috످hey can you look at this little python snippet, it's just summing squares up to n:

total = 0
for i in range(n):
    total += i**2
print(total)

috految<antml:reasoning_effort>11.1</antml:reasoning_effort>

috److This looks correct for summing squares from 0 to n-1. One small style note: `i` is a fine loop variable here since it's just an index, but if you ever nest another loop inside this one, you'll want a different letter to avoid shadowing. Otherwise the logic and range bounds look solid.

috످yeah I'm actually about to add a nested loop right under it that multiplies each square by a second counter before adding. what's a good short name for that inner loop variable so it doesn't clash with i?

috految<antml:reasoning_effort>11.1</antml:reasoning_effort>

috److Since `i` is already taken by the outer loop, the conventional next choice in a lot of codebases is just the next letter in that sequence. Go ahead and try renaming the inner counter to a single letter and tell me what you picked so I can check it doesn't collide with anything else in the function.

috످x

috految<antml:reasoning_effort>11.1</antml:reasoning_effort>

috److`x` works and doesn't clash with anything in your snippet. The conventional choice I was hinting at is `j`, but either is fine.

Also, I said earlier that your range bounds looked solid, but `range(n)` stops at `n - 1`. If you want to include `n` in the sum, use `range(n + 1)`.

috످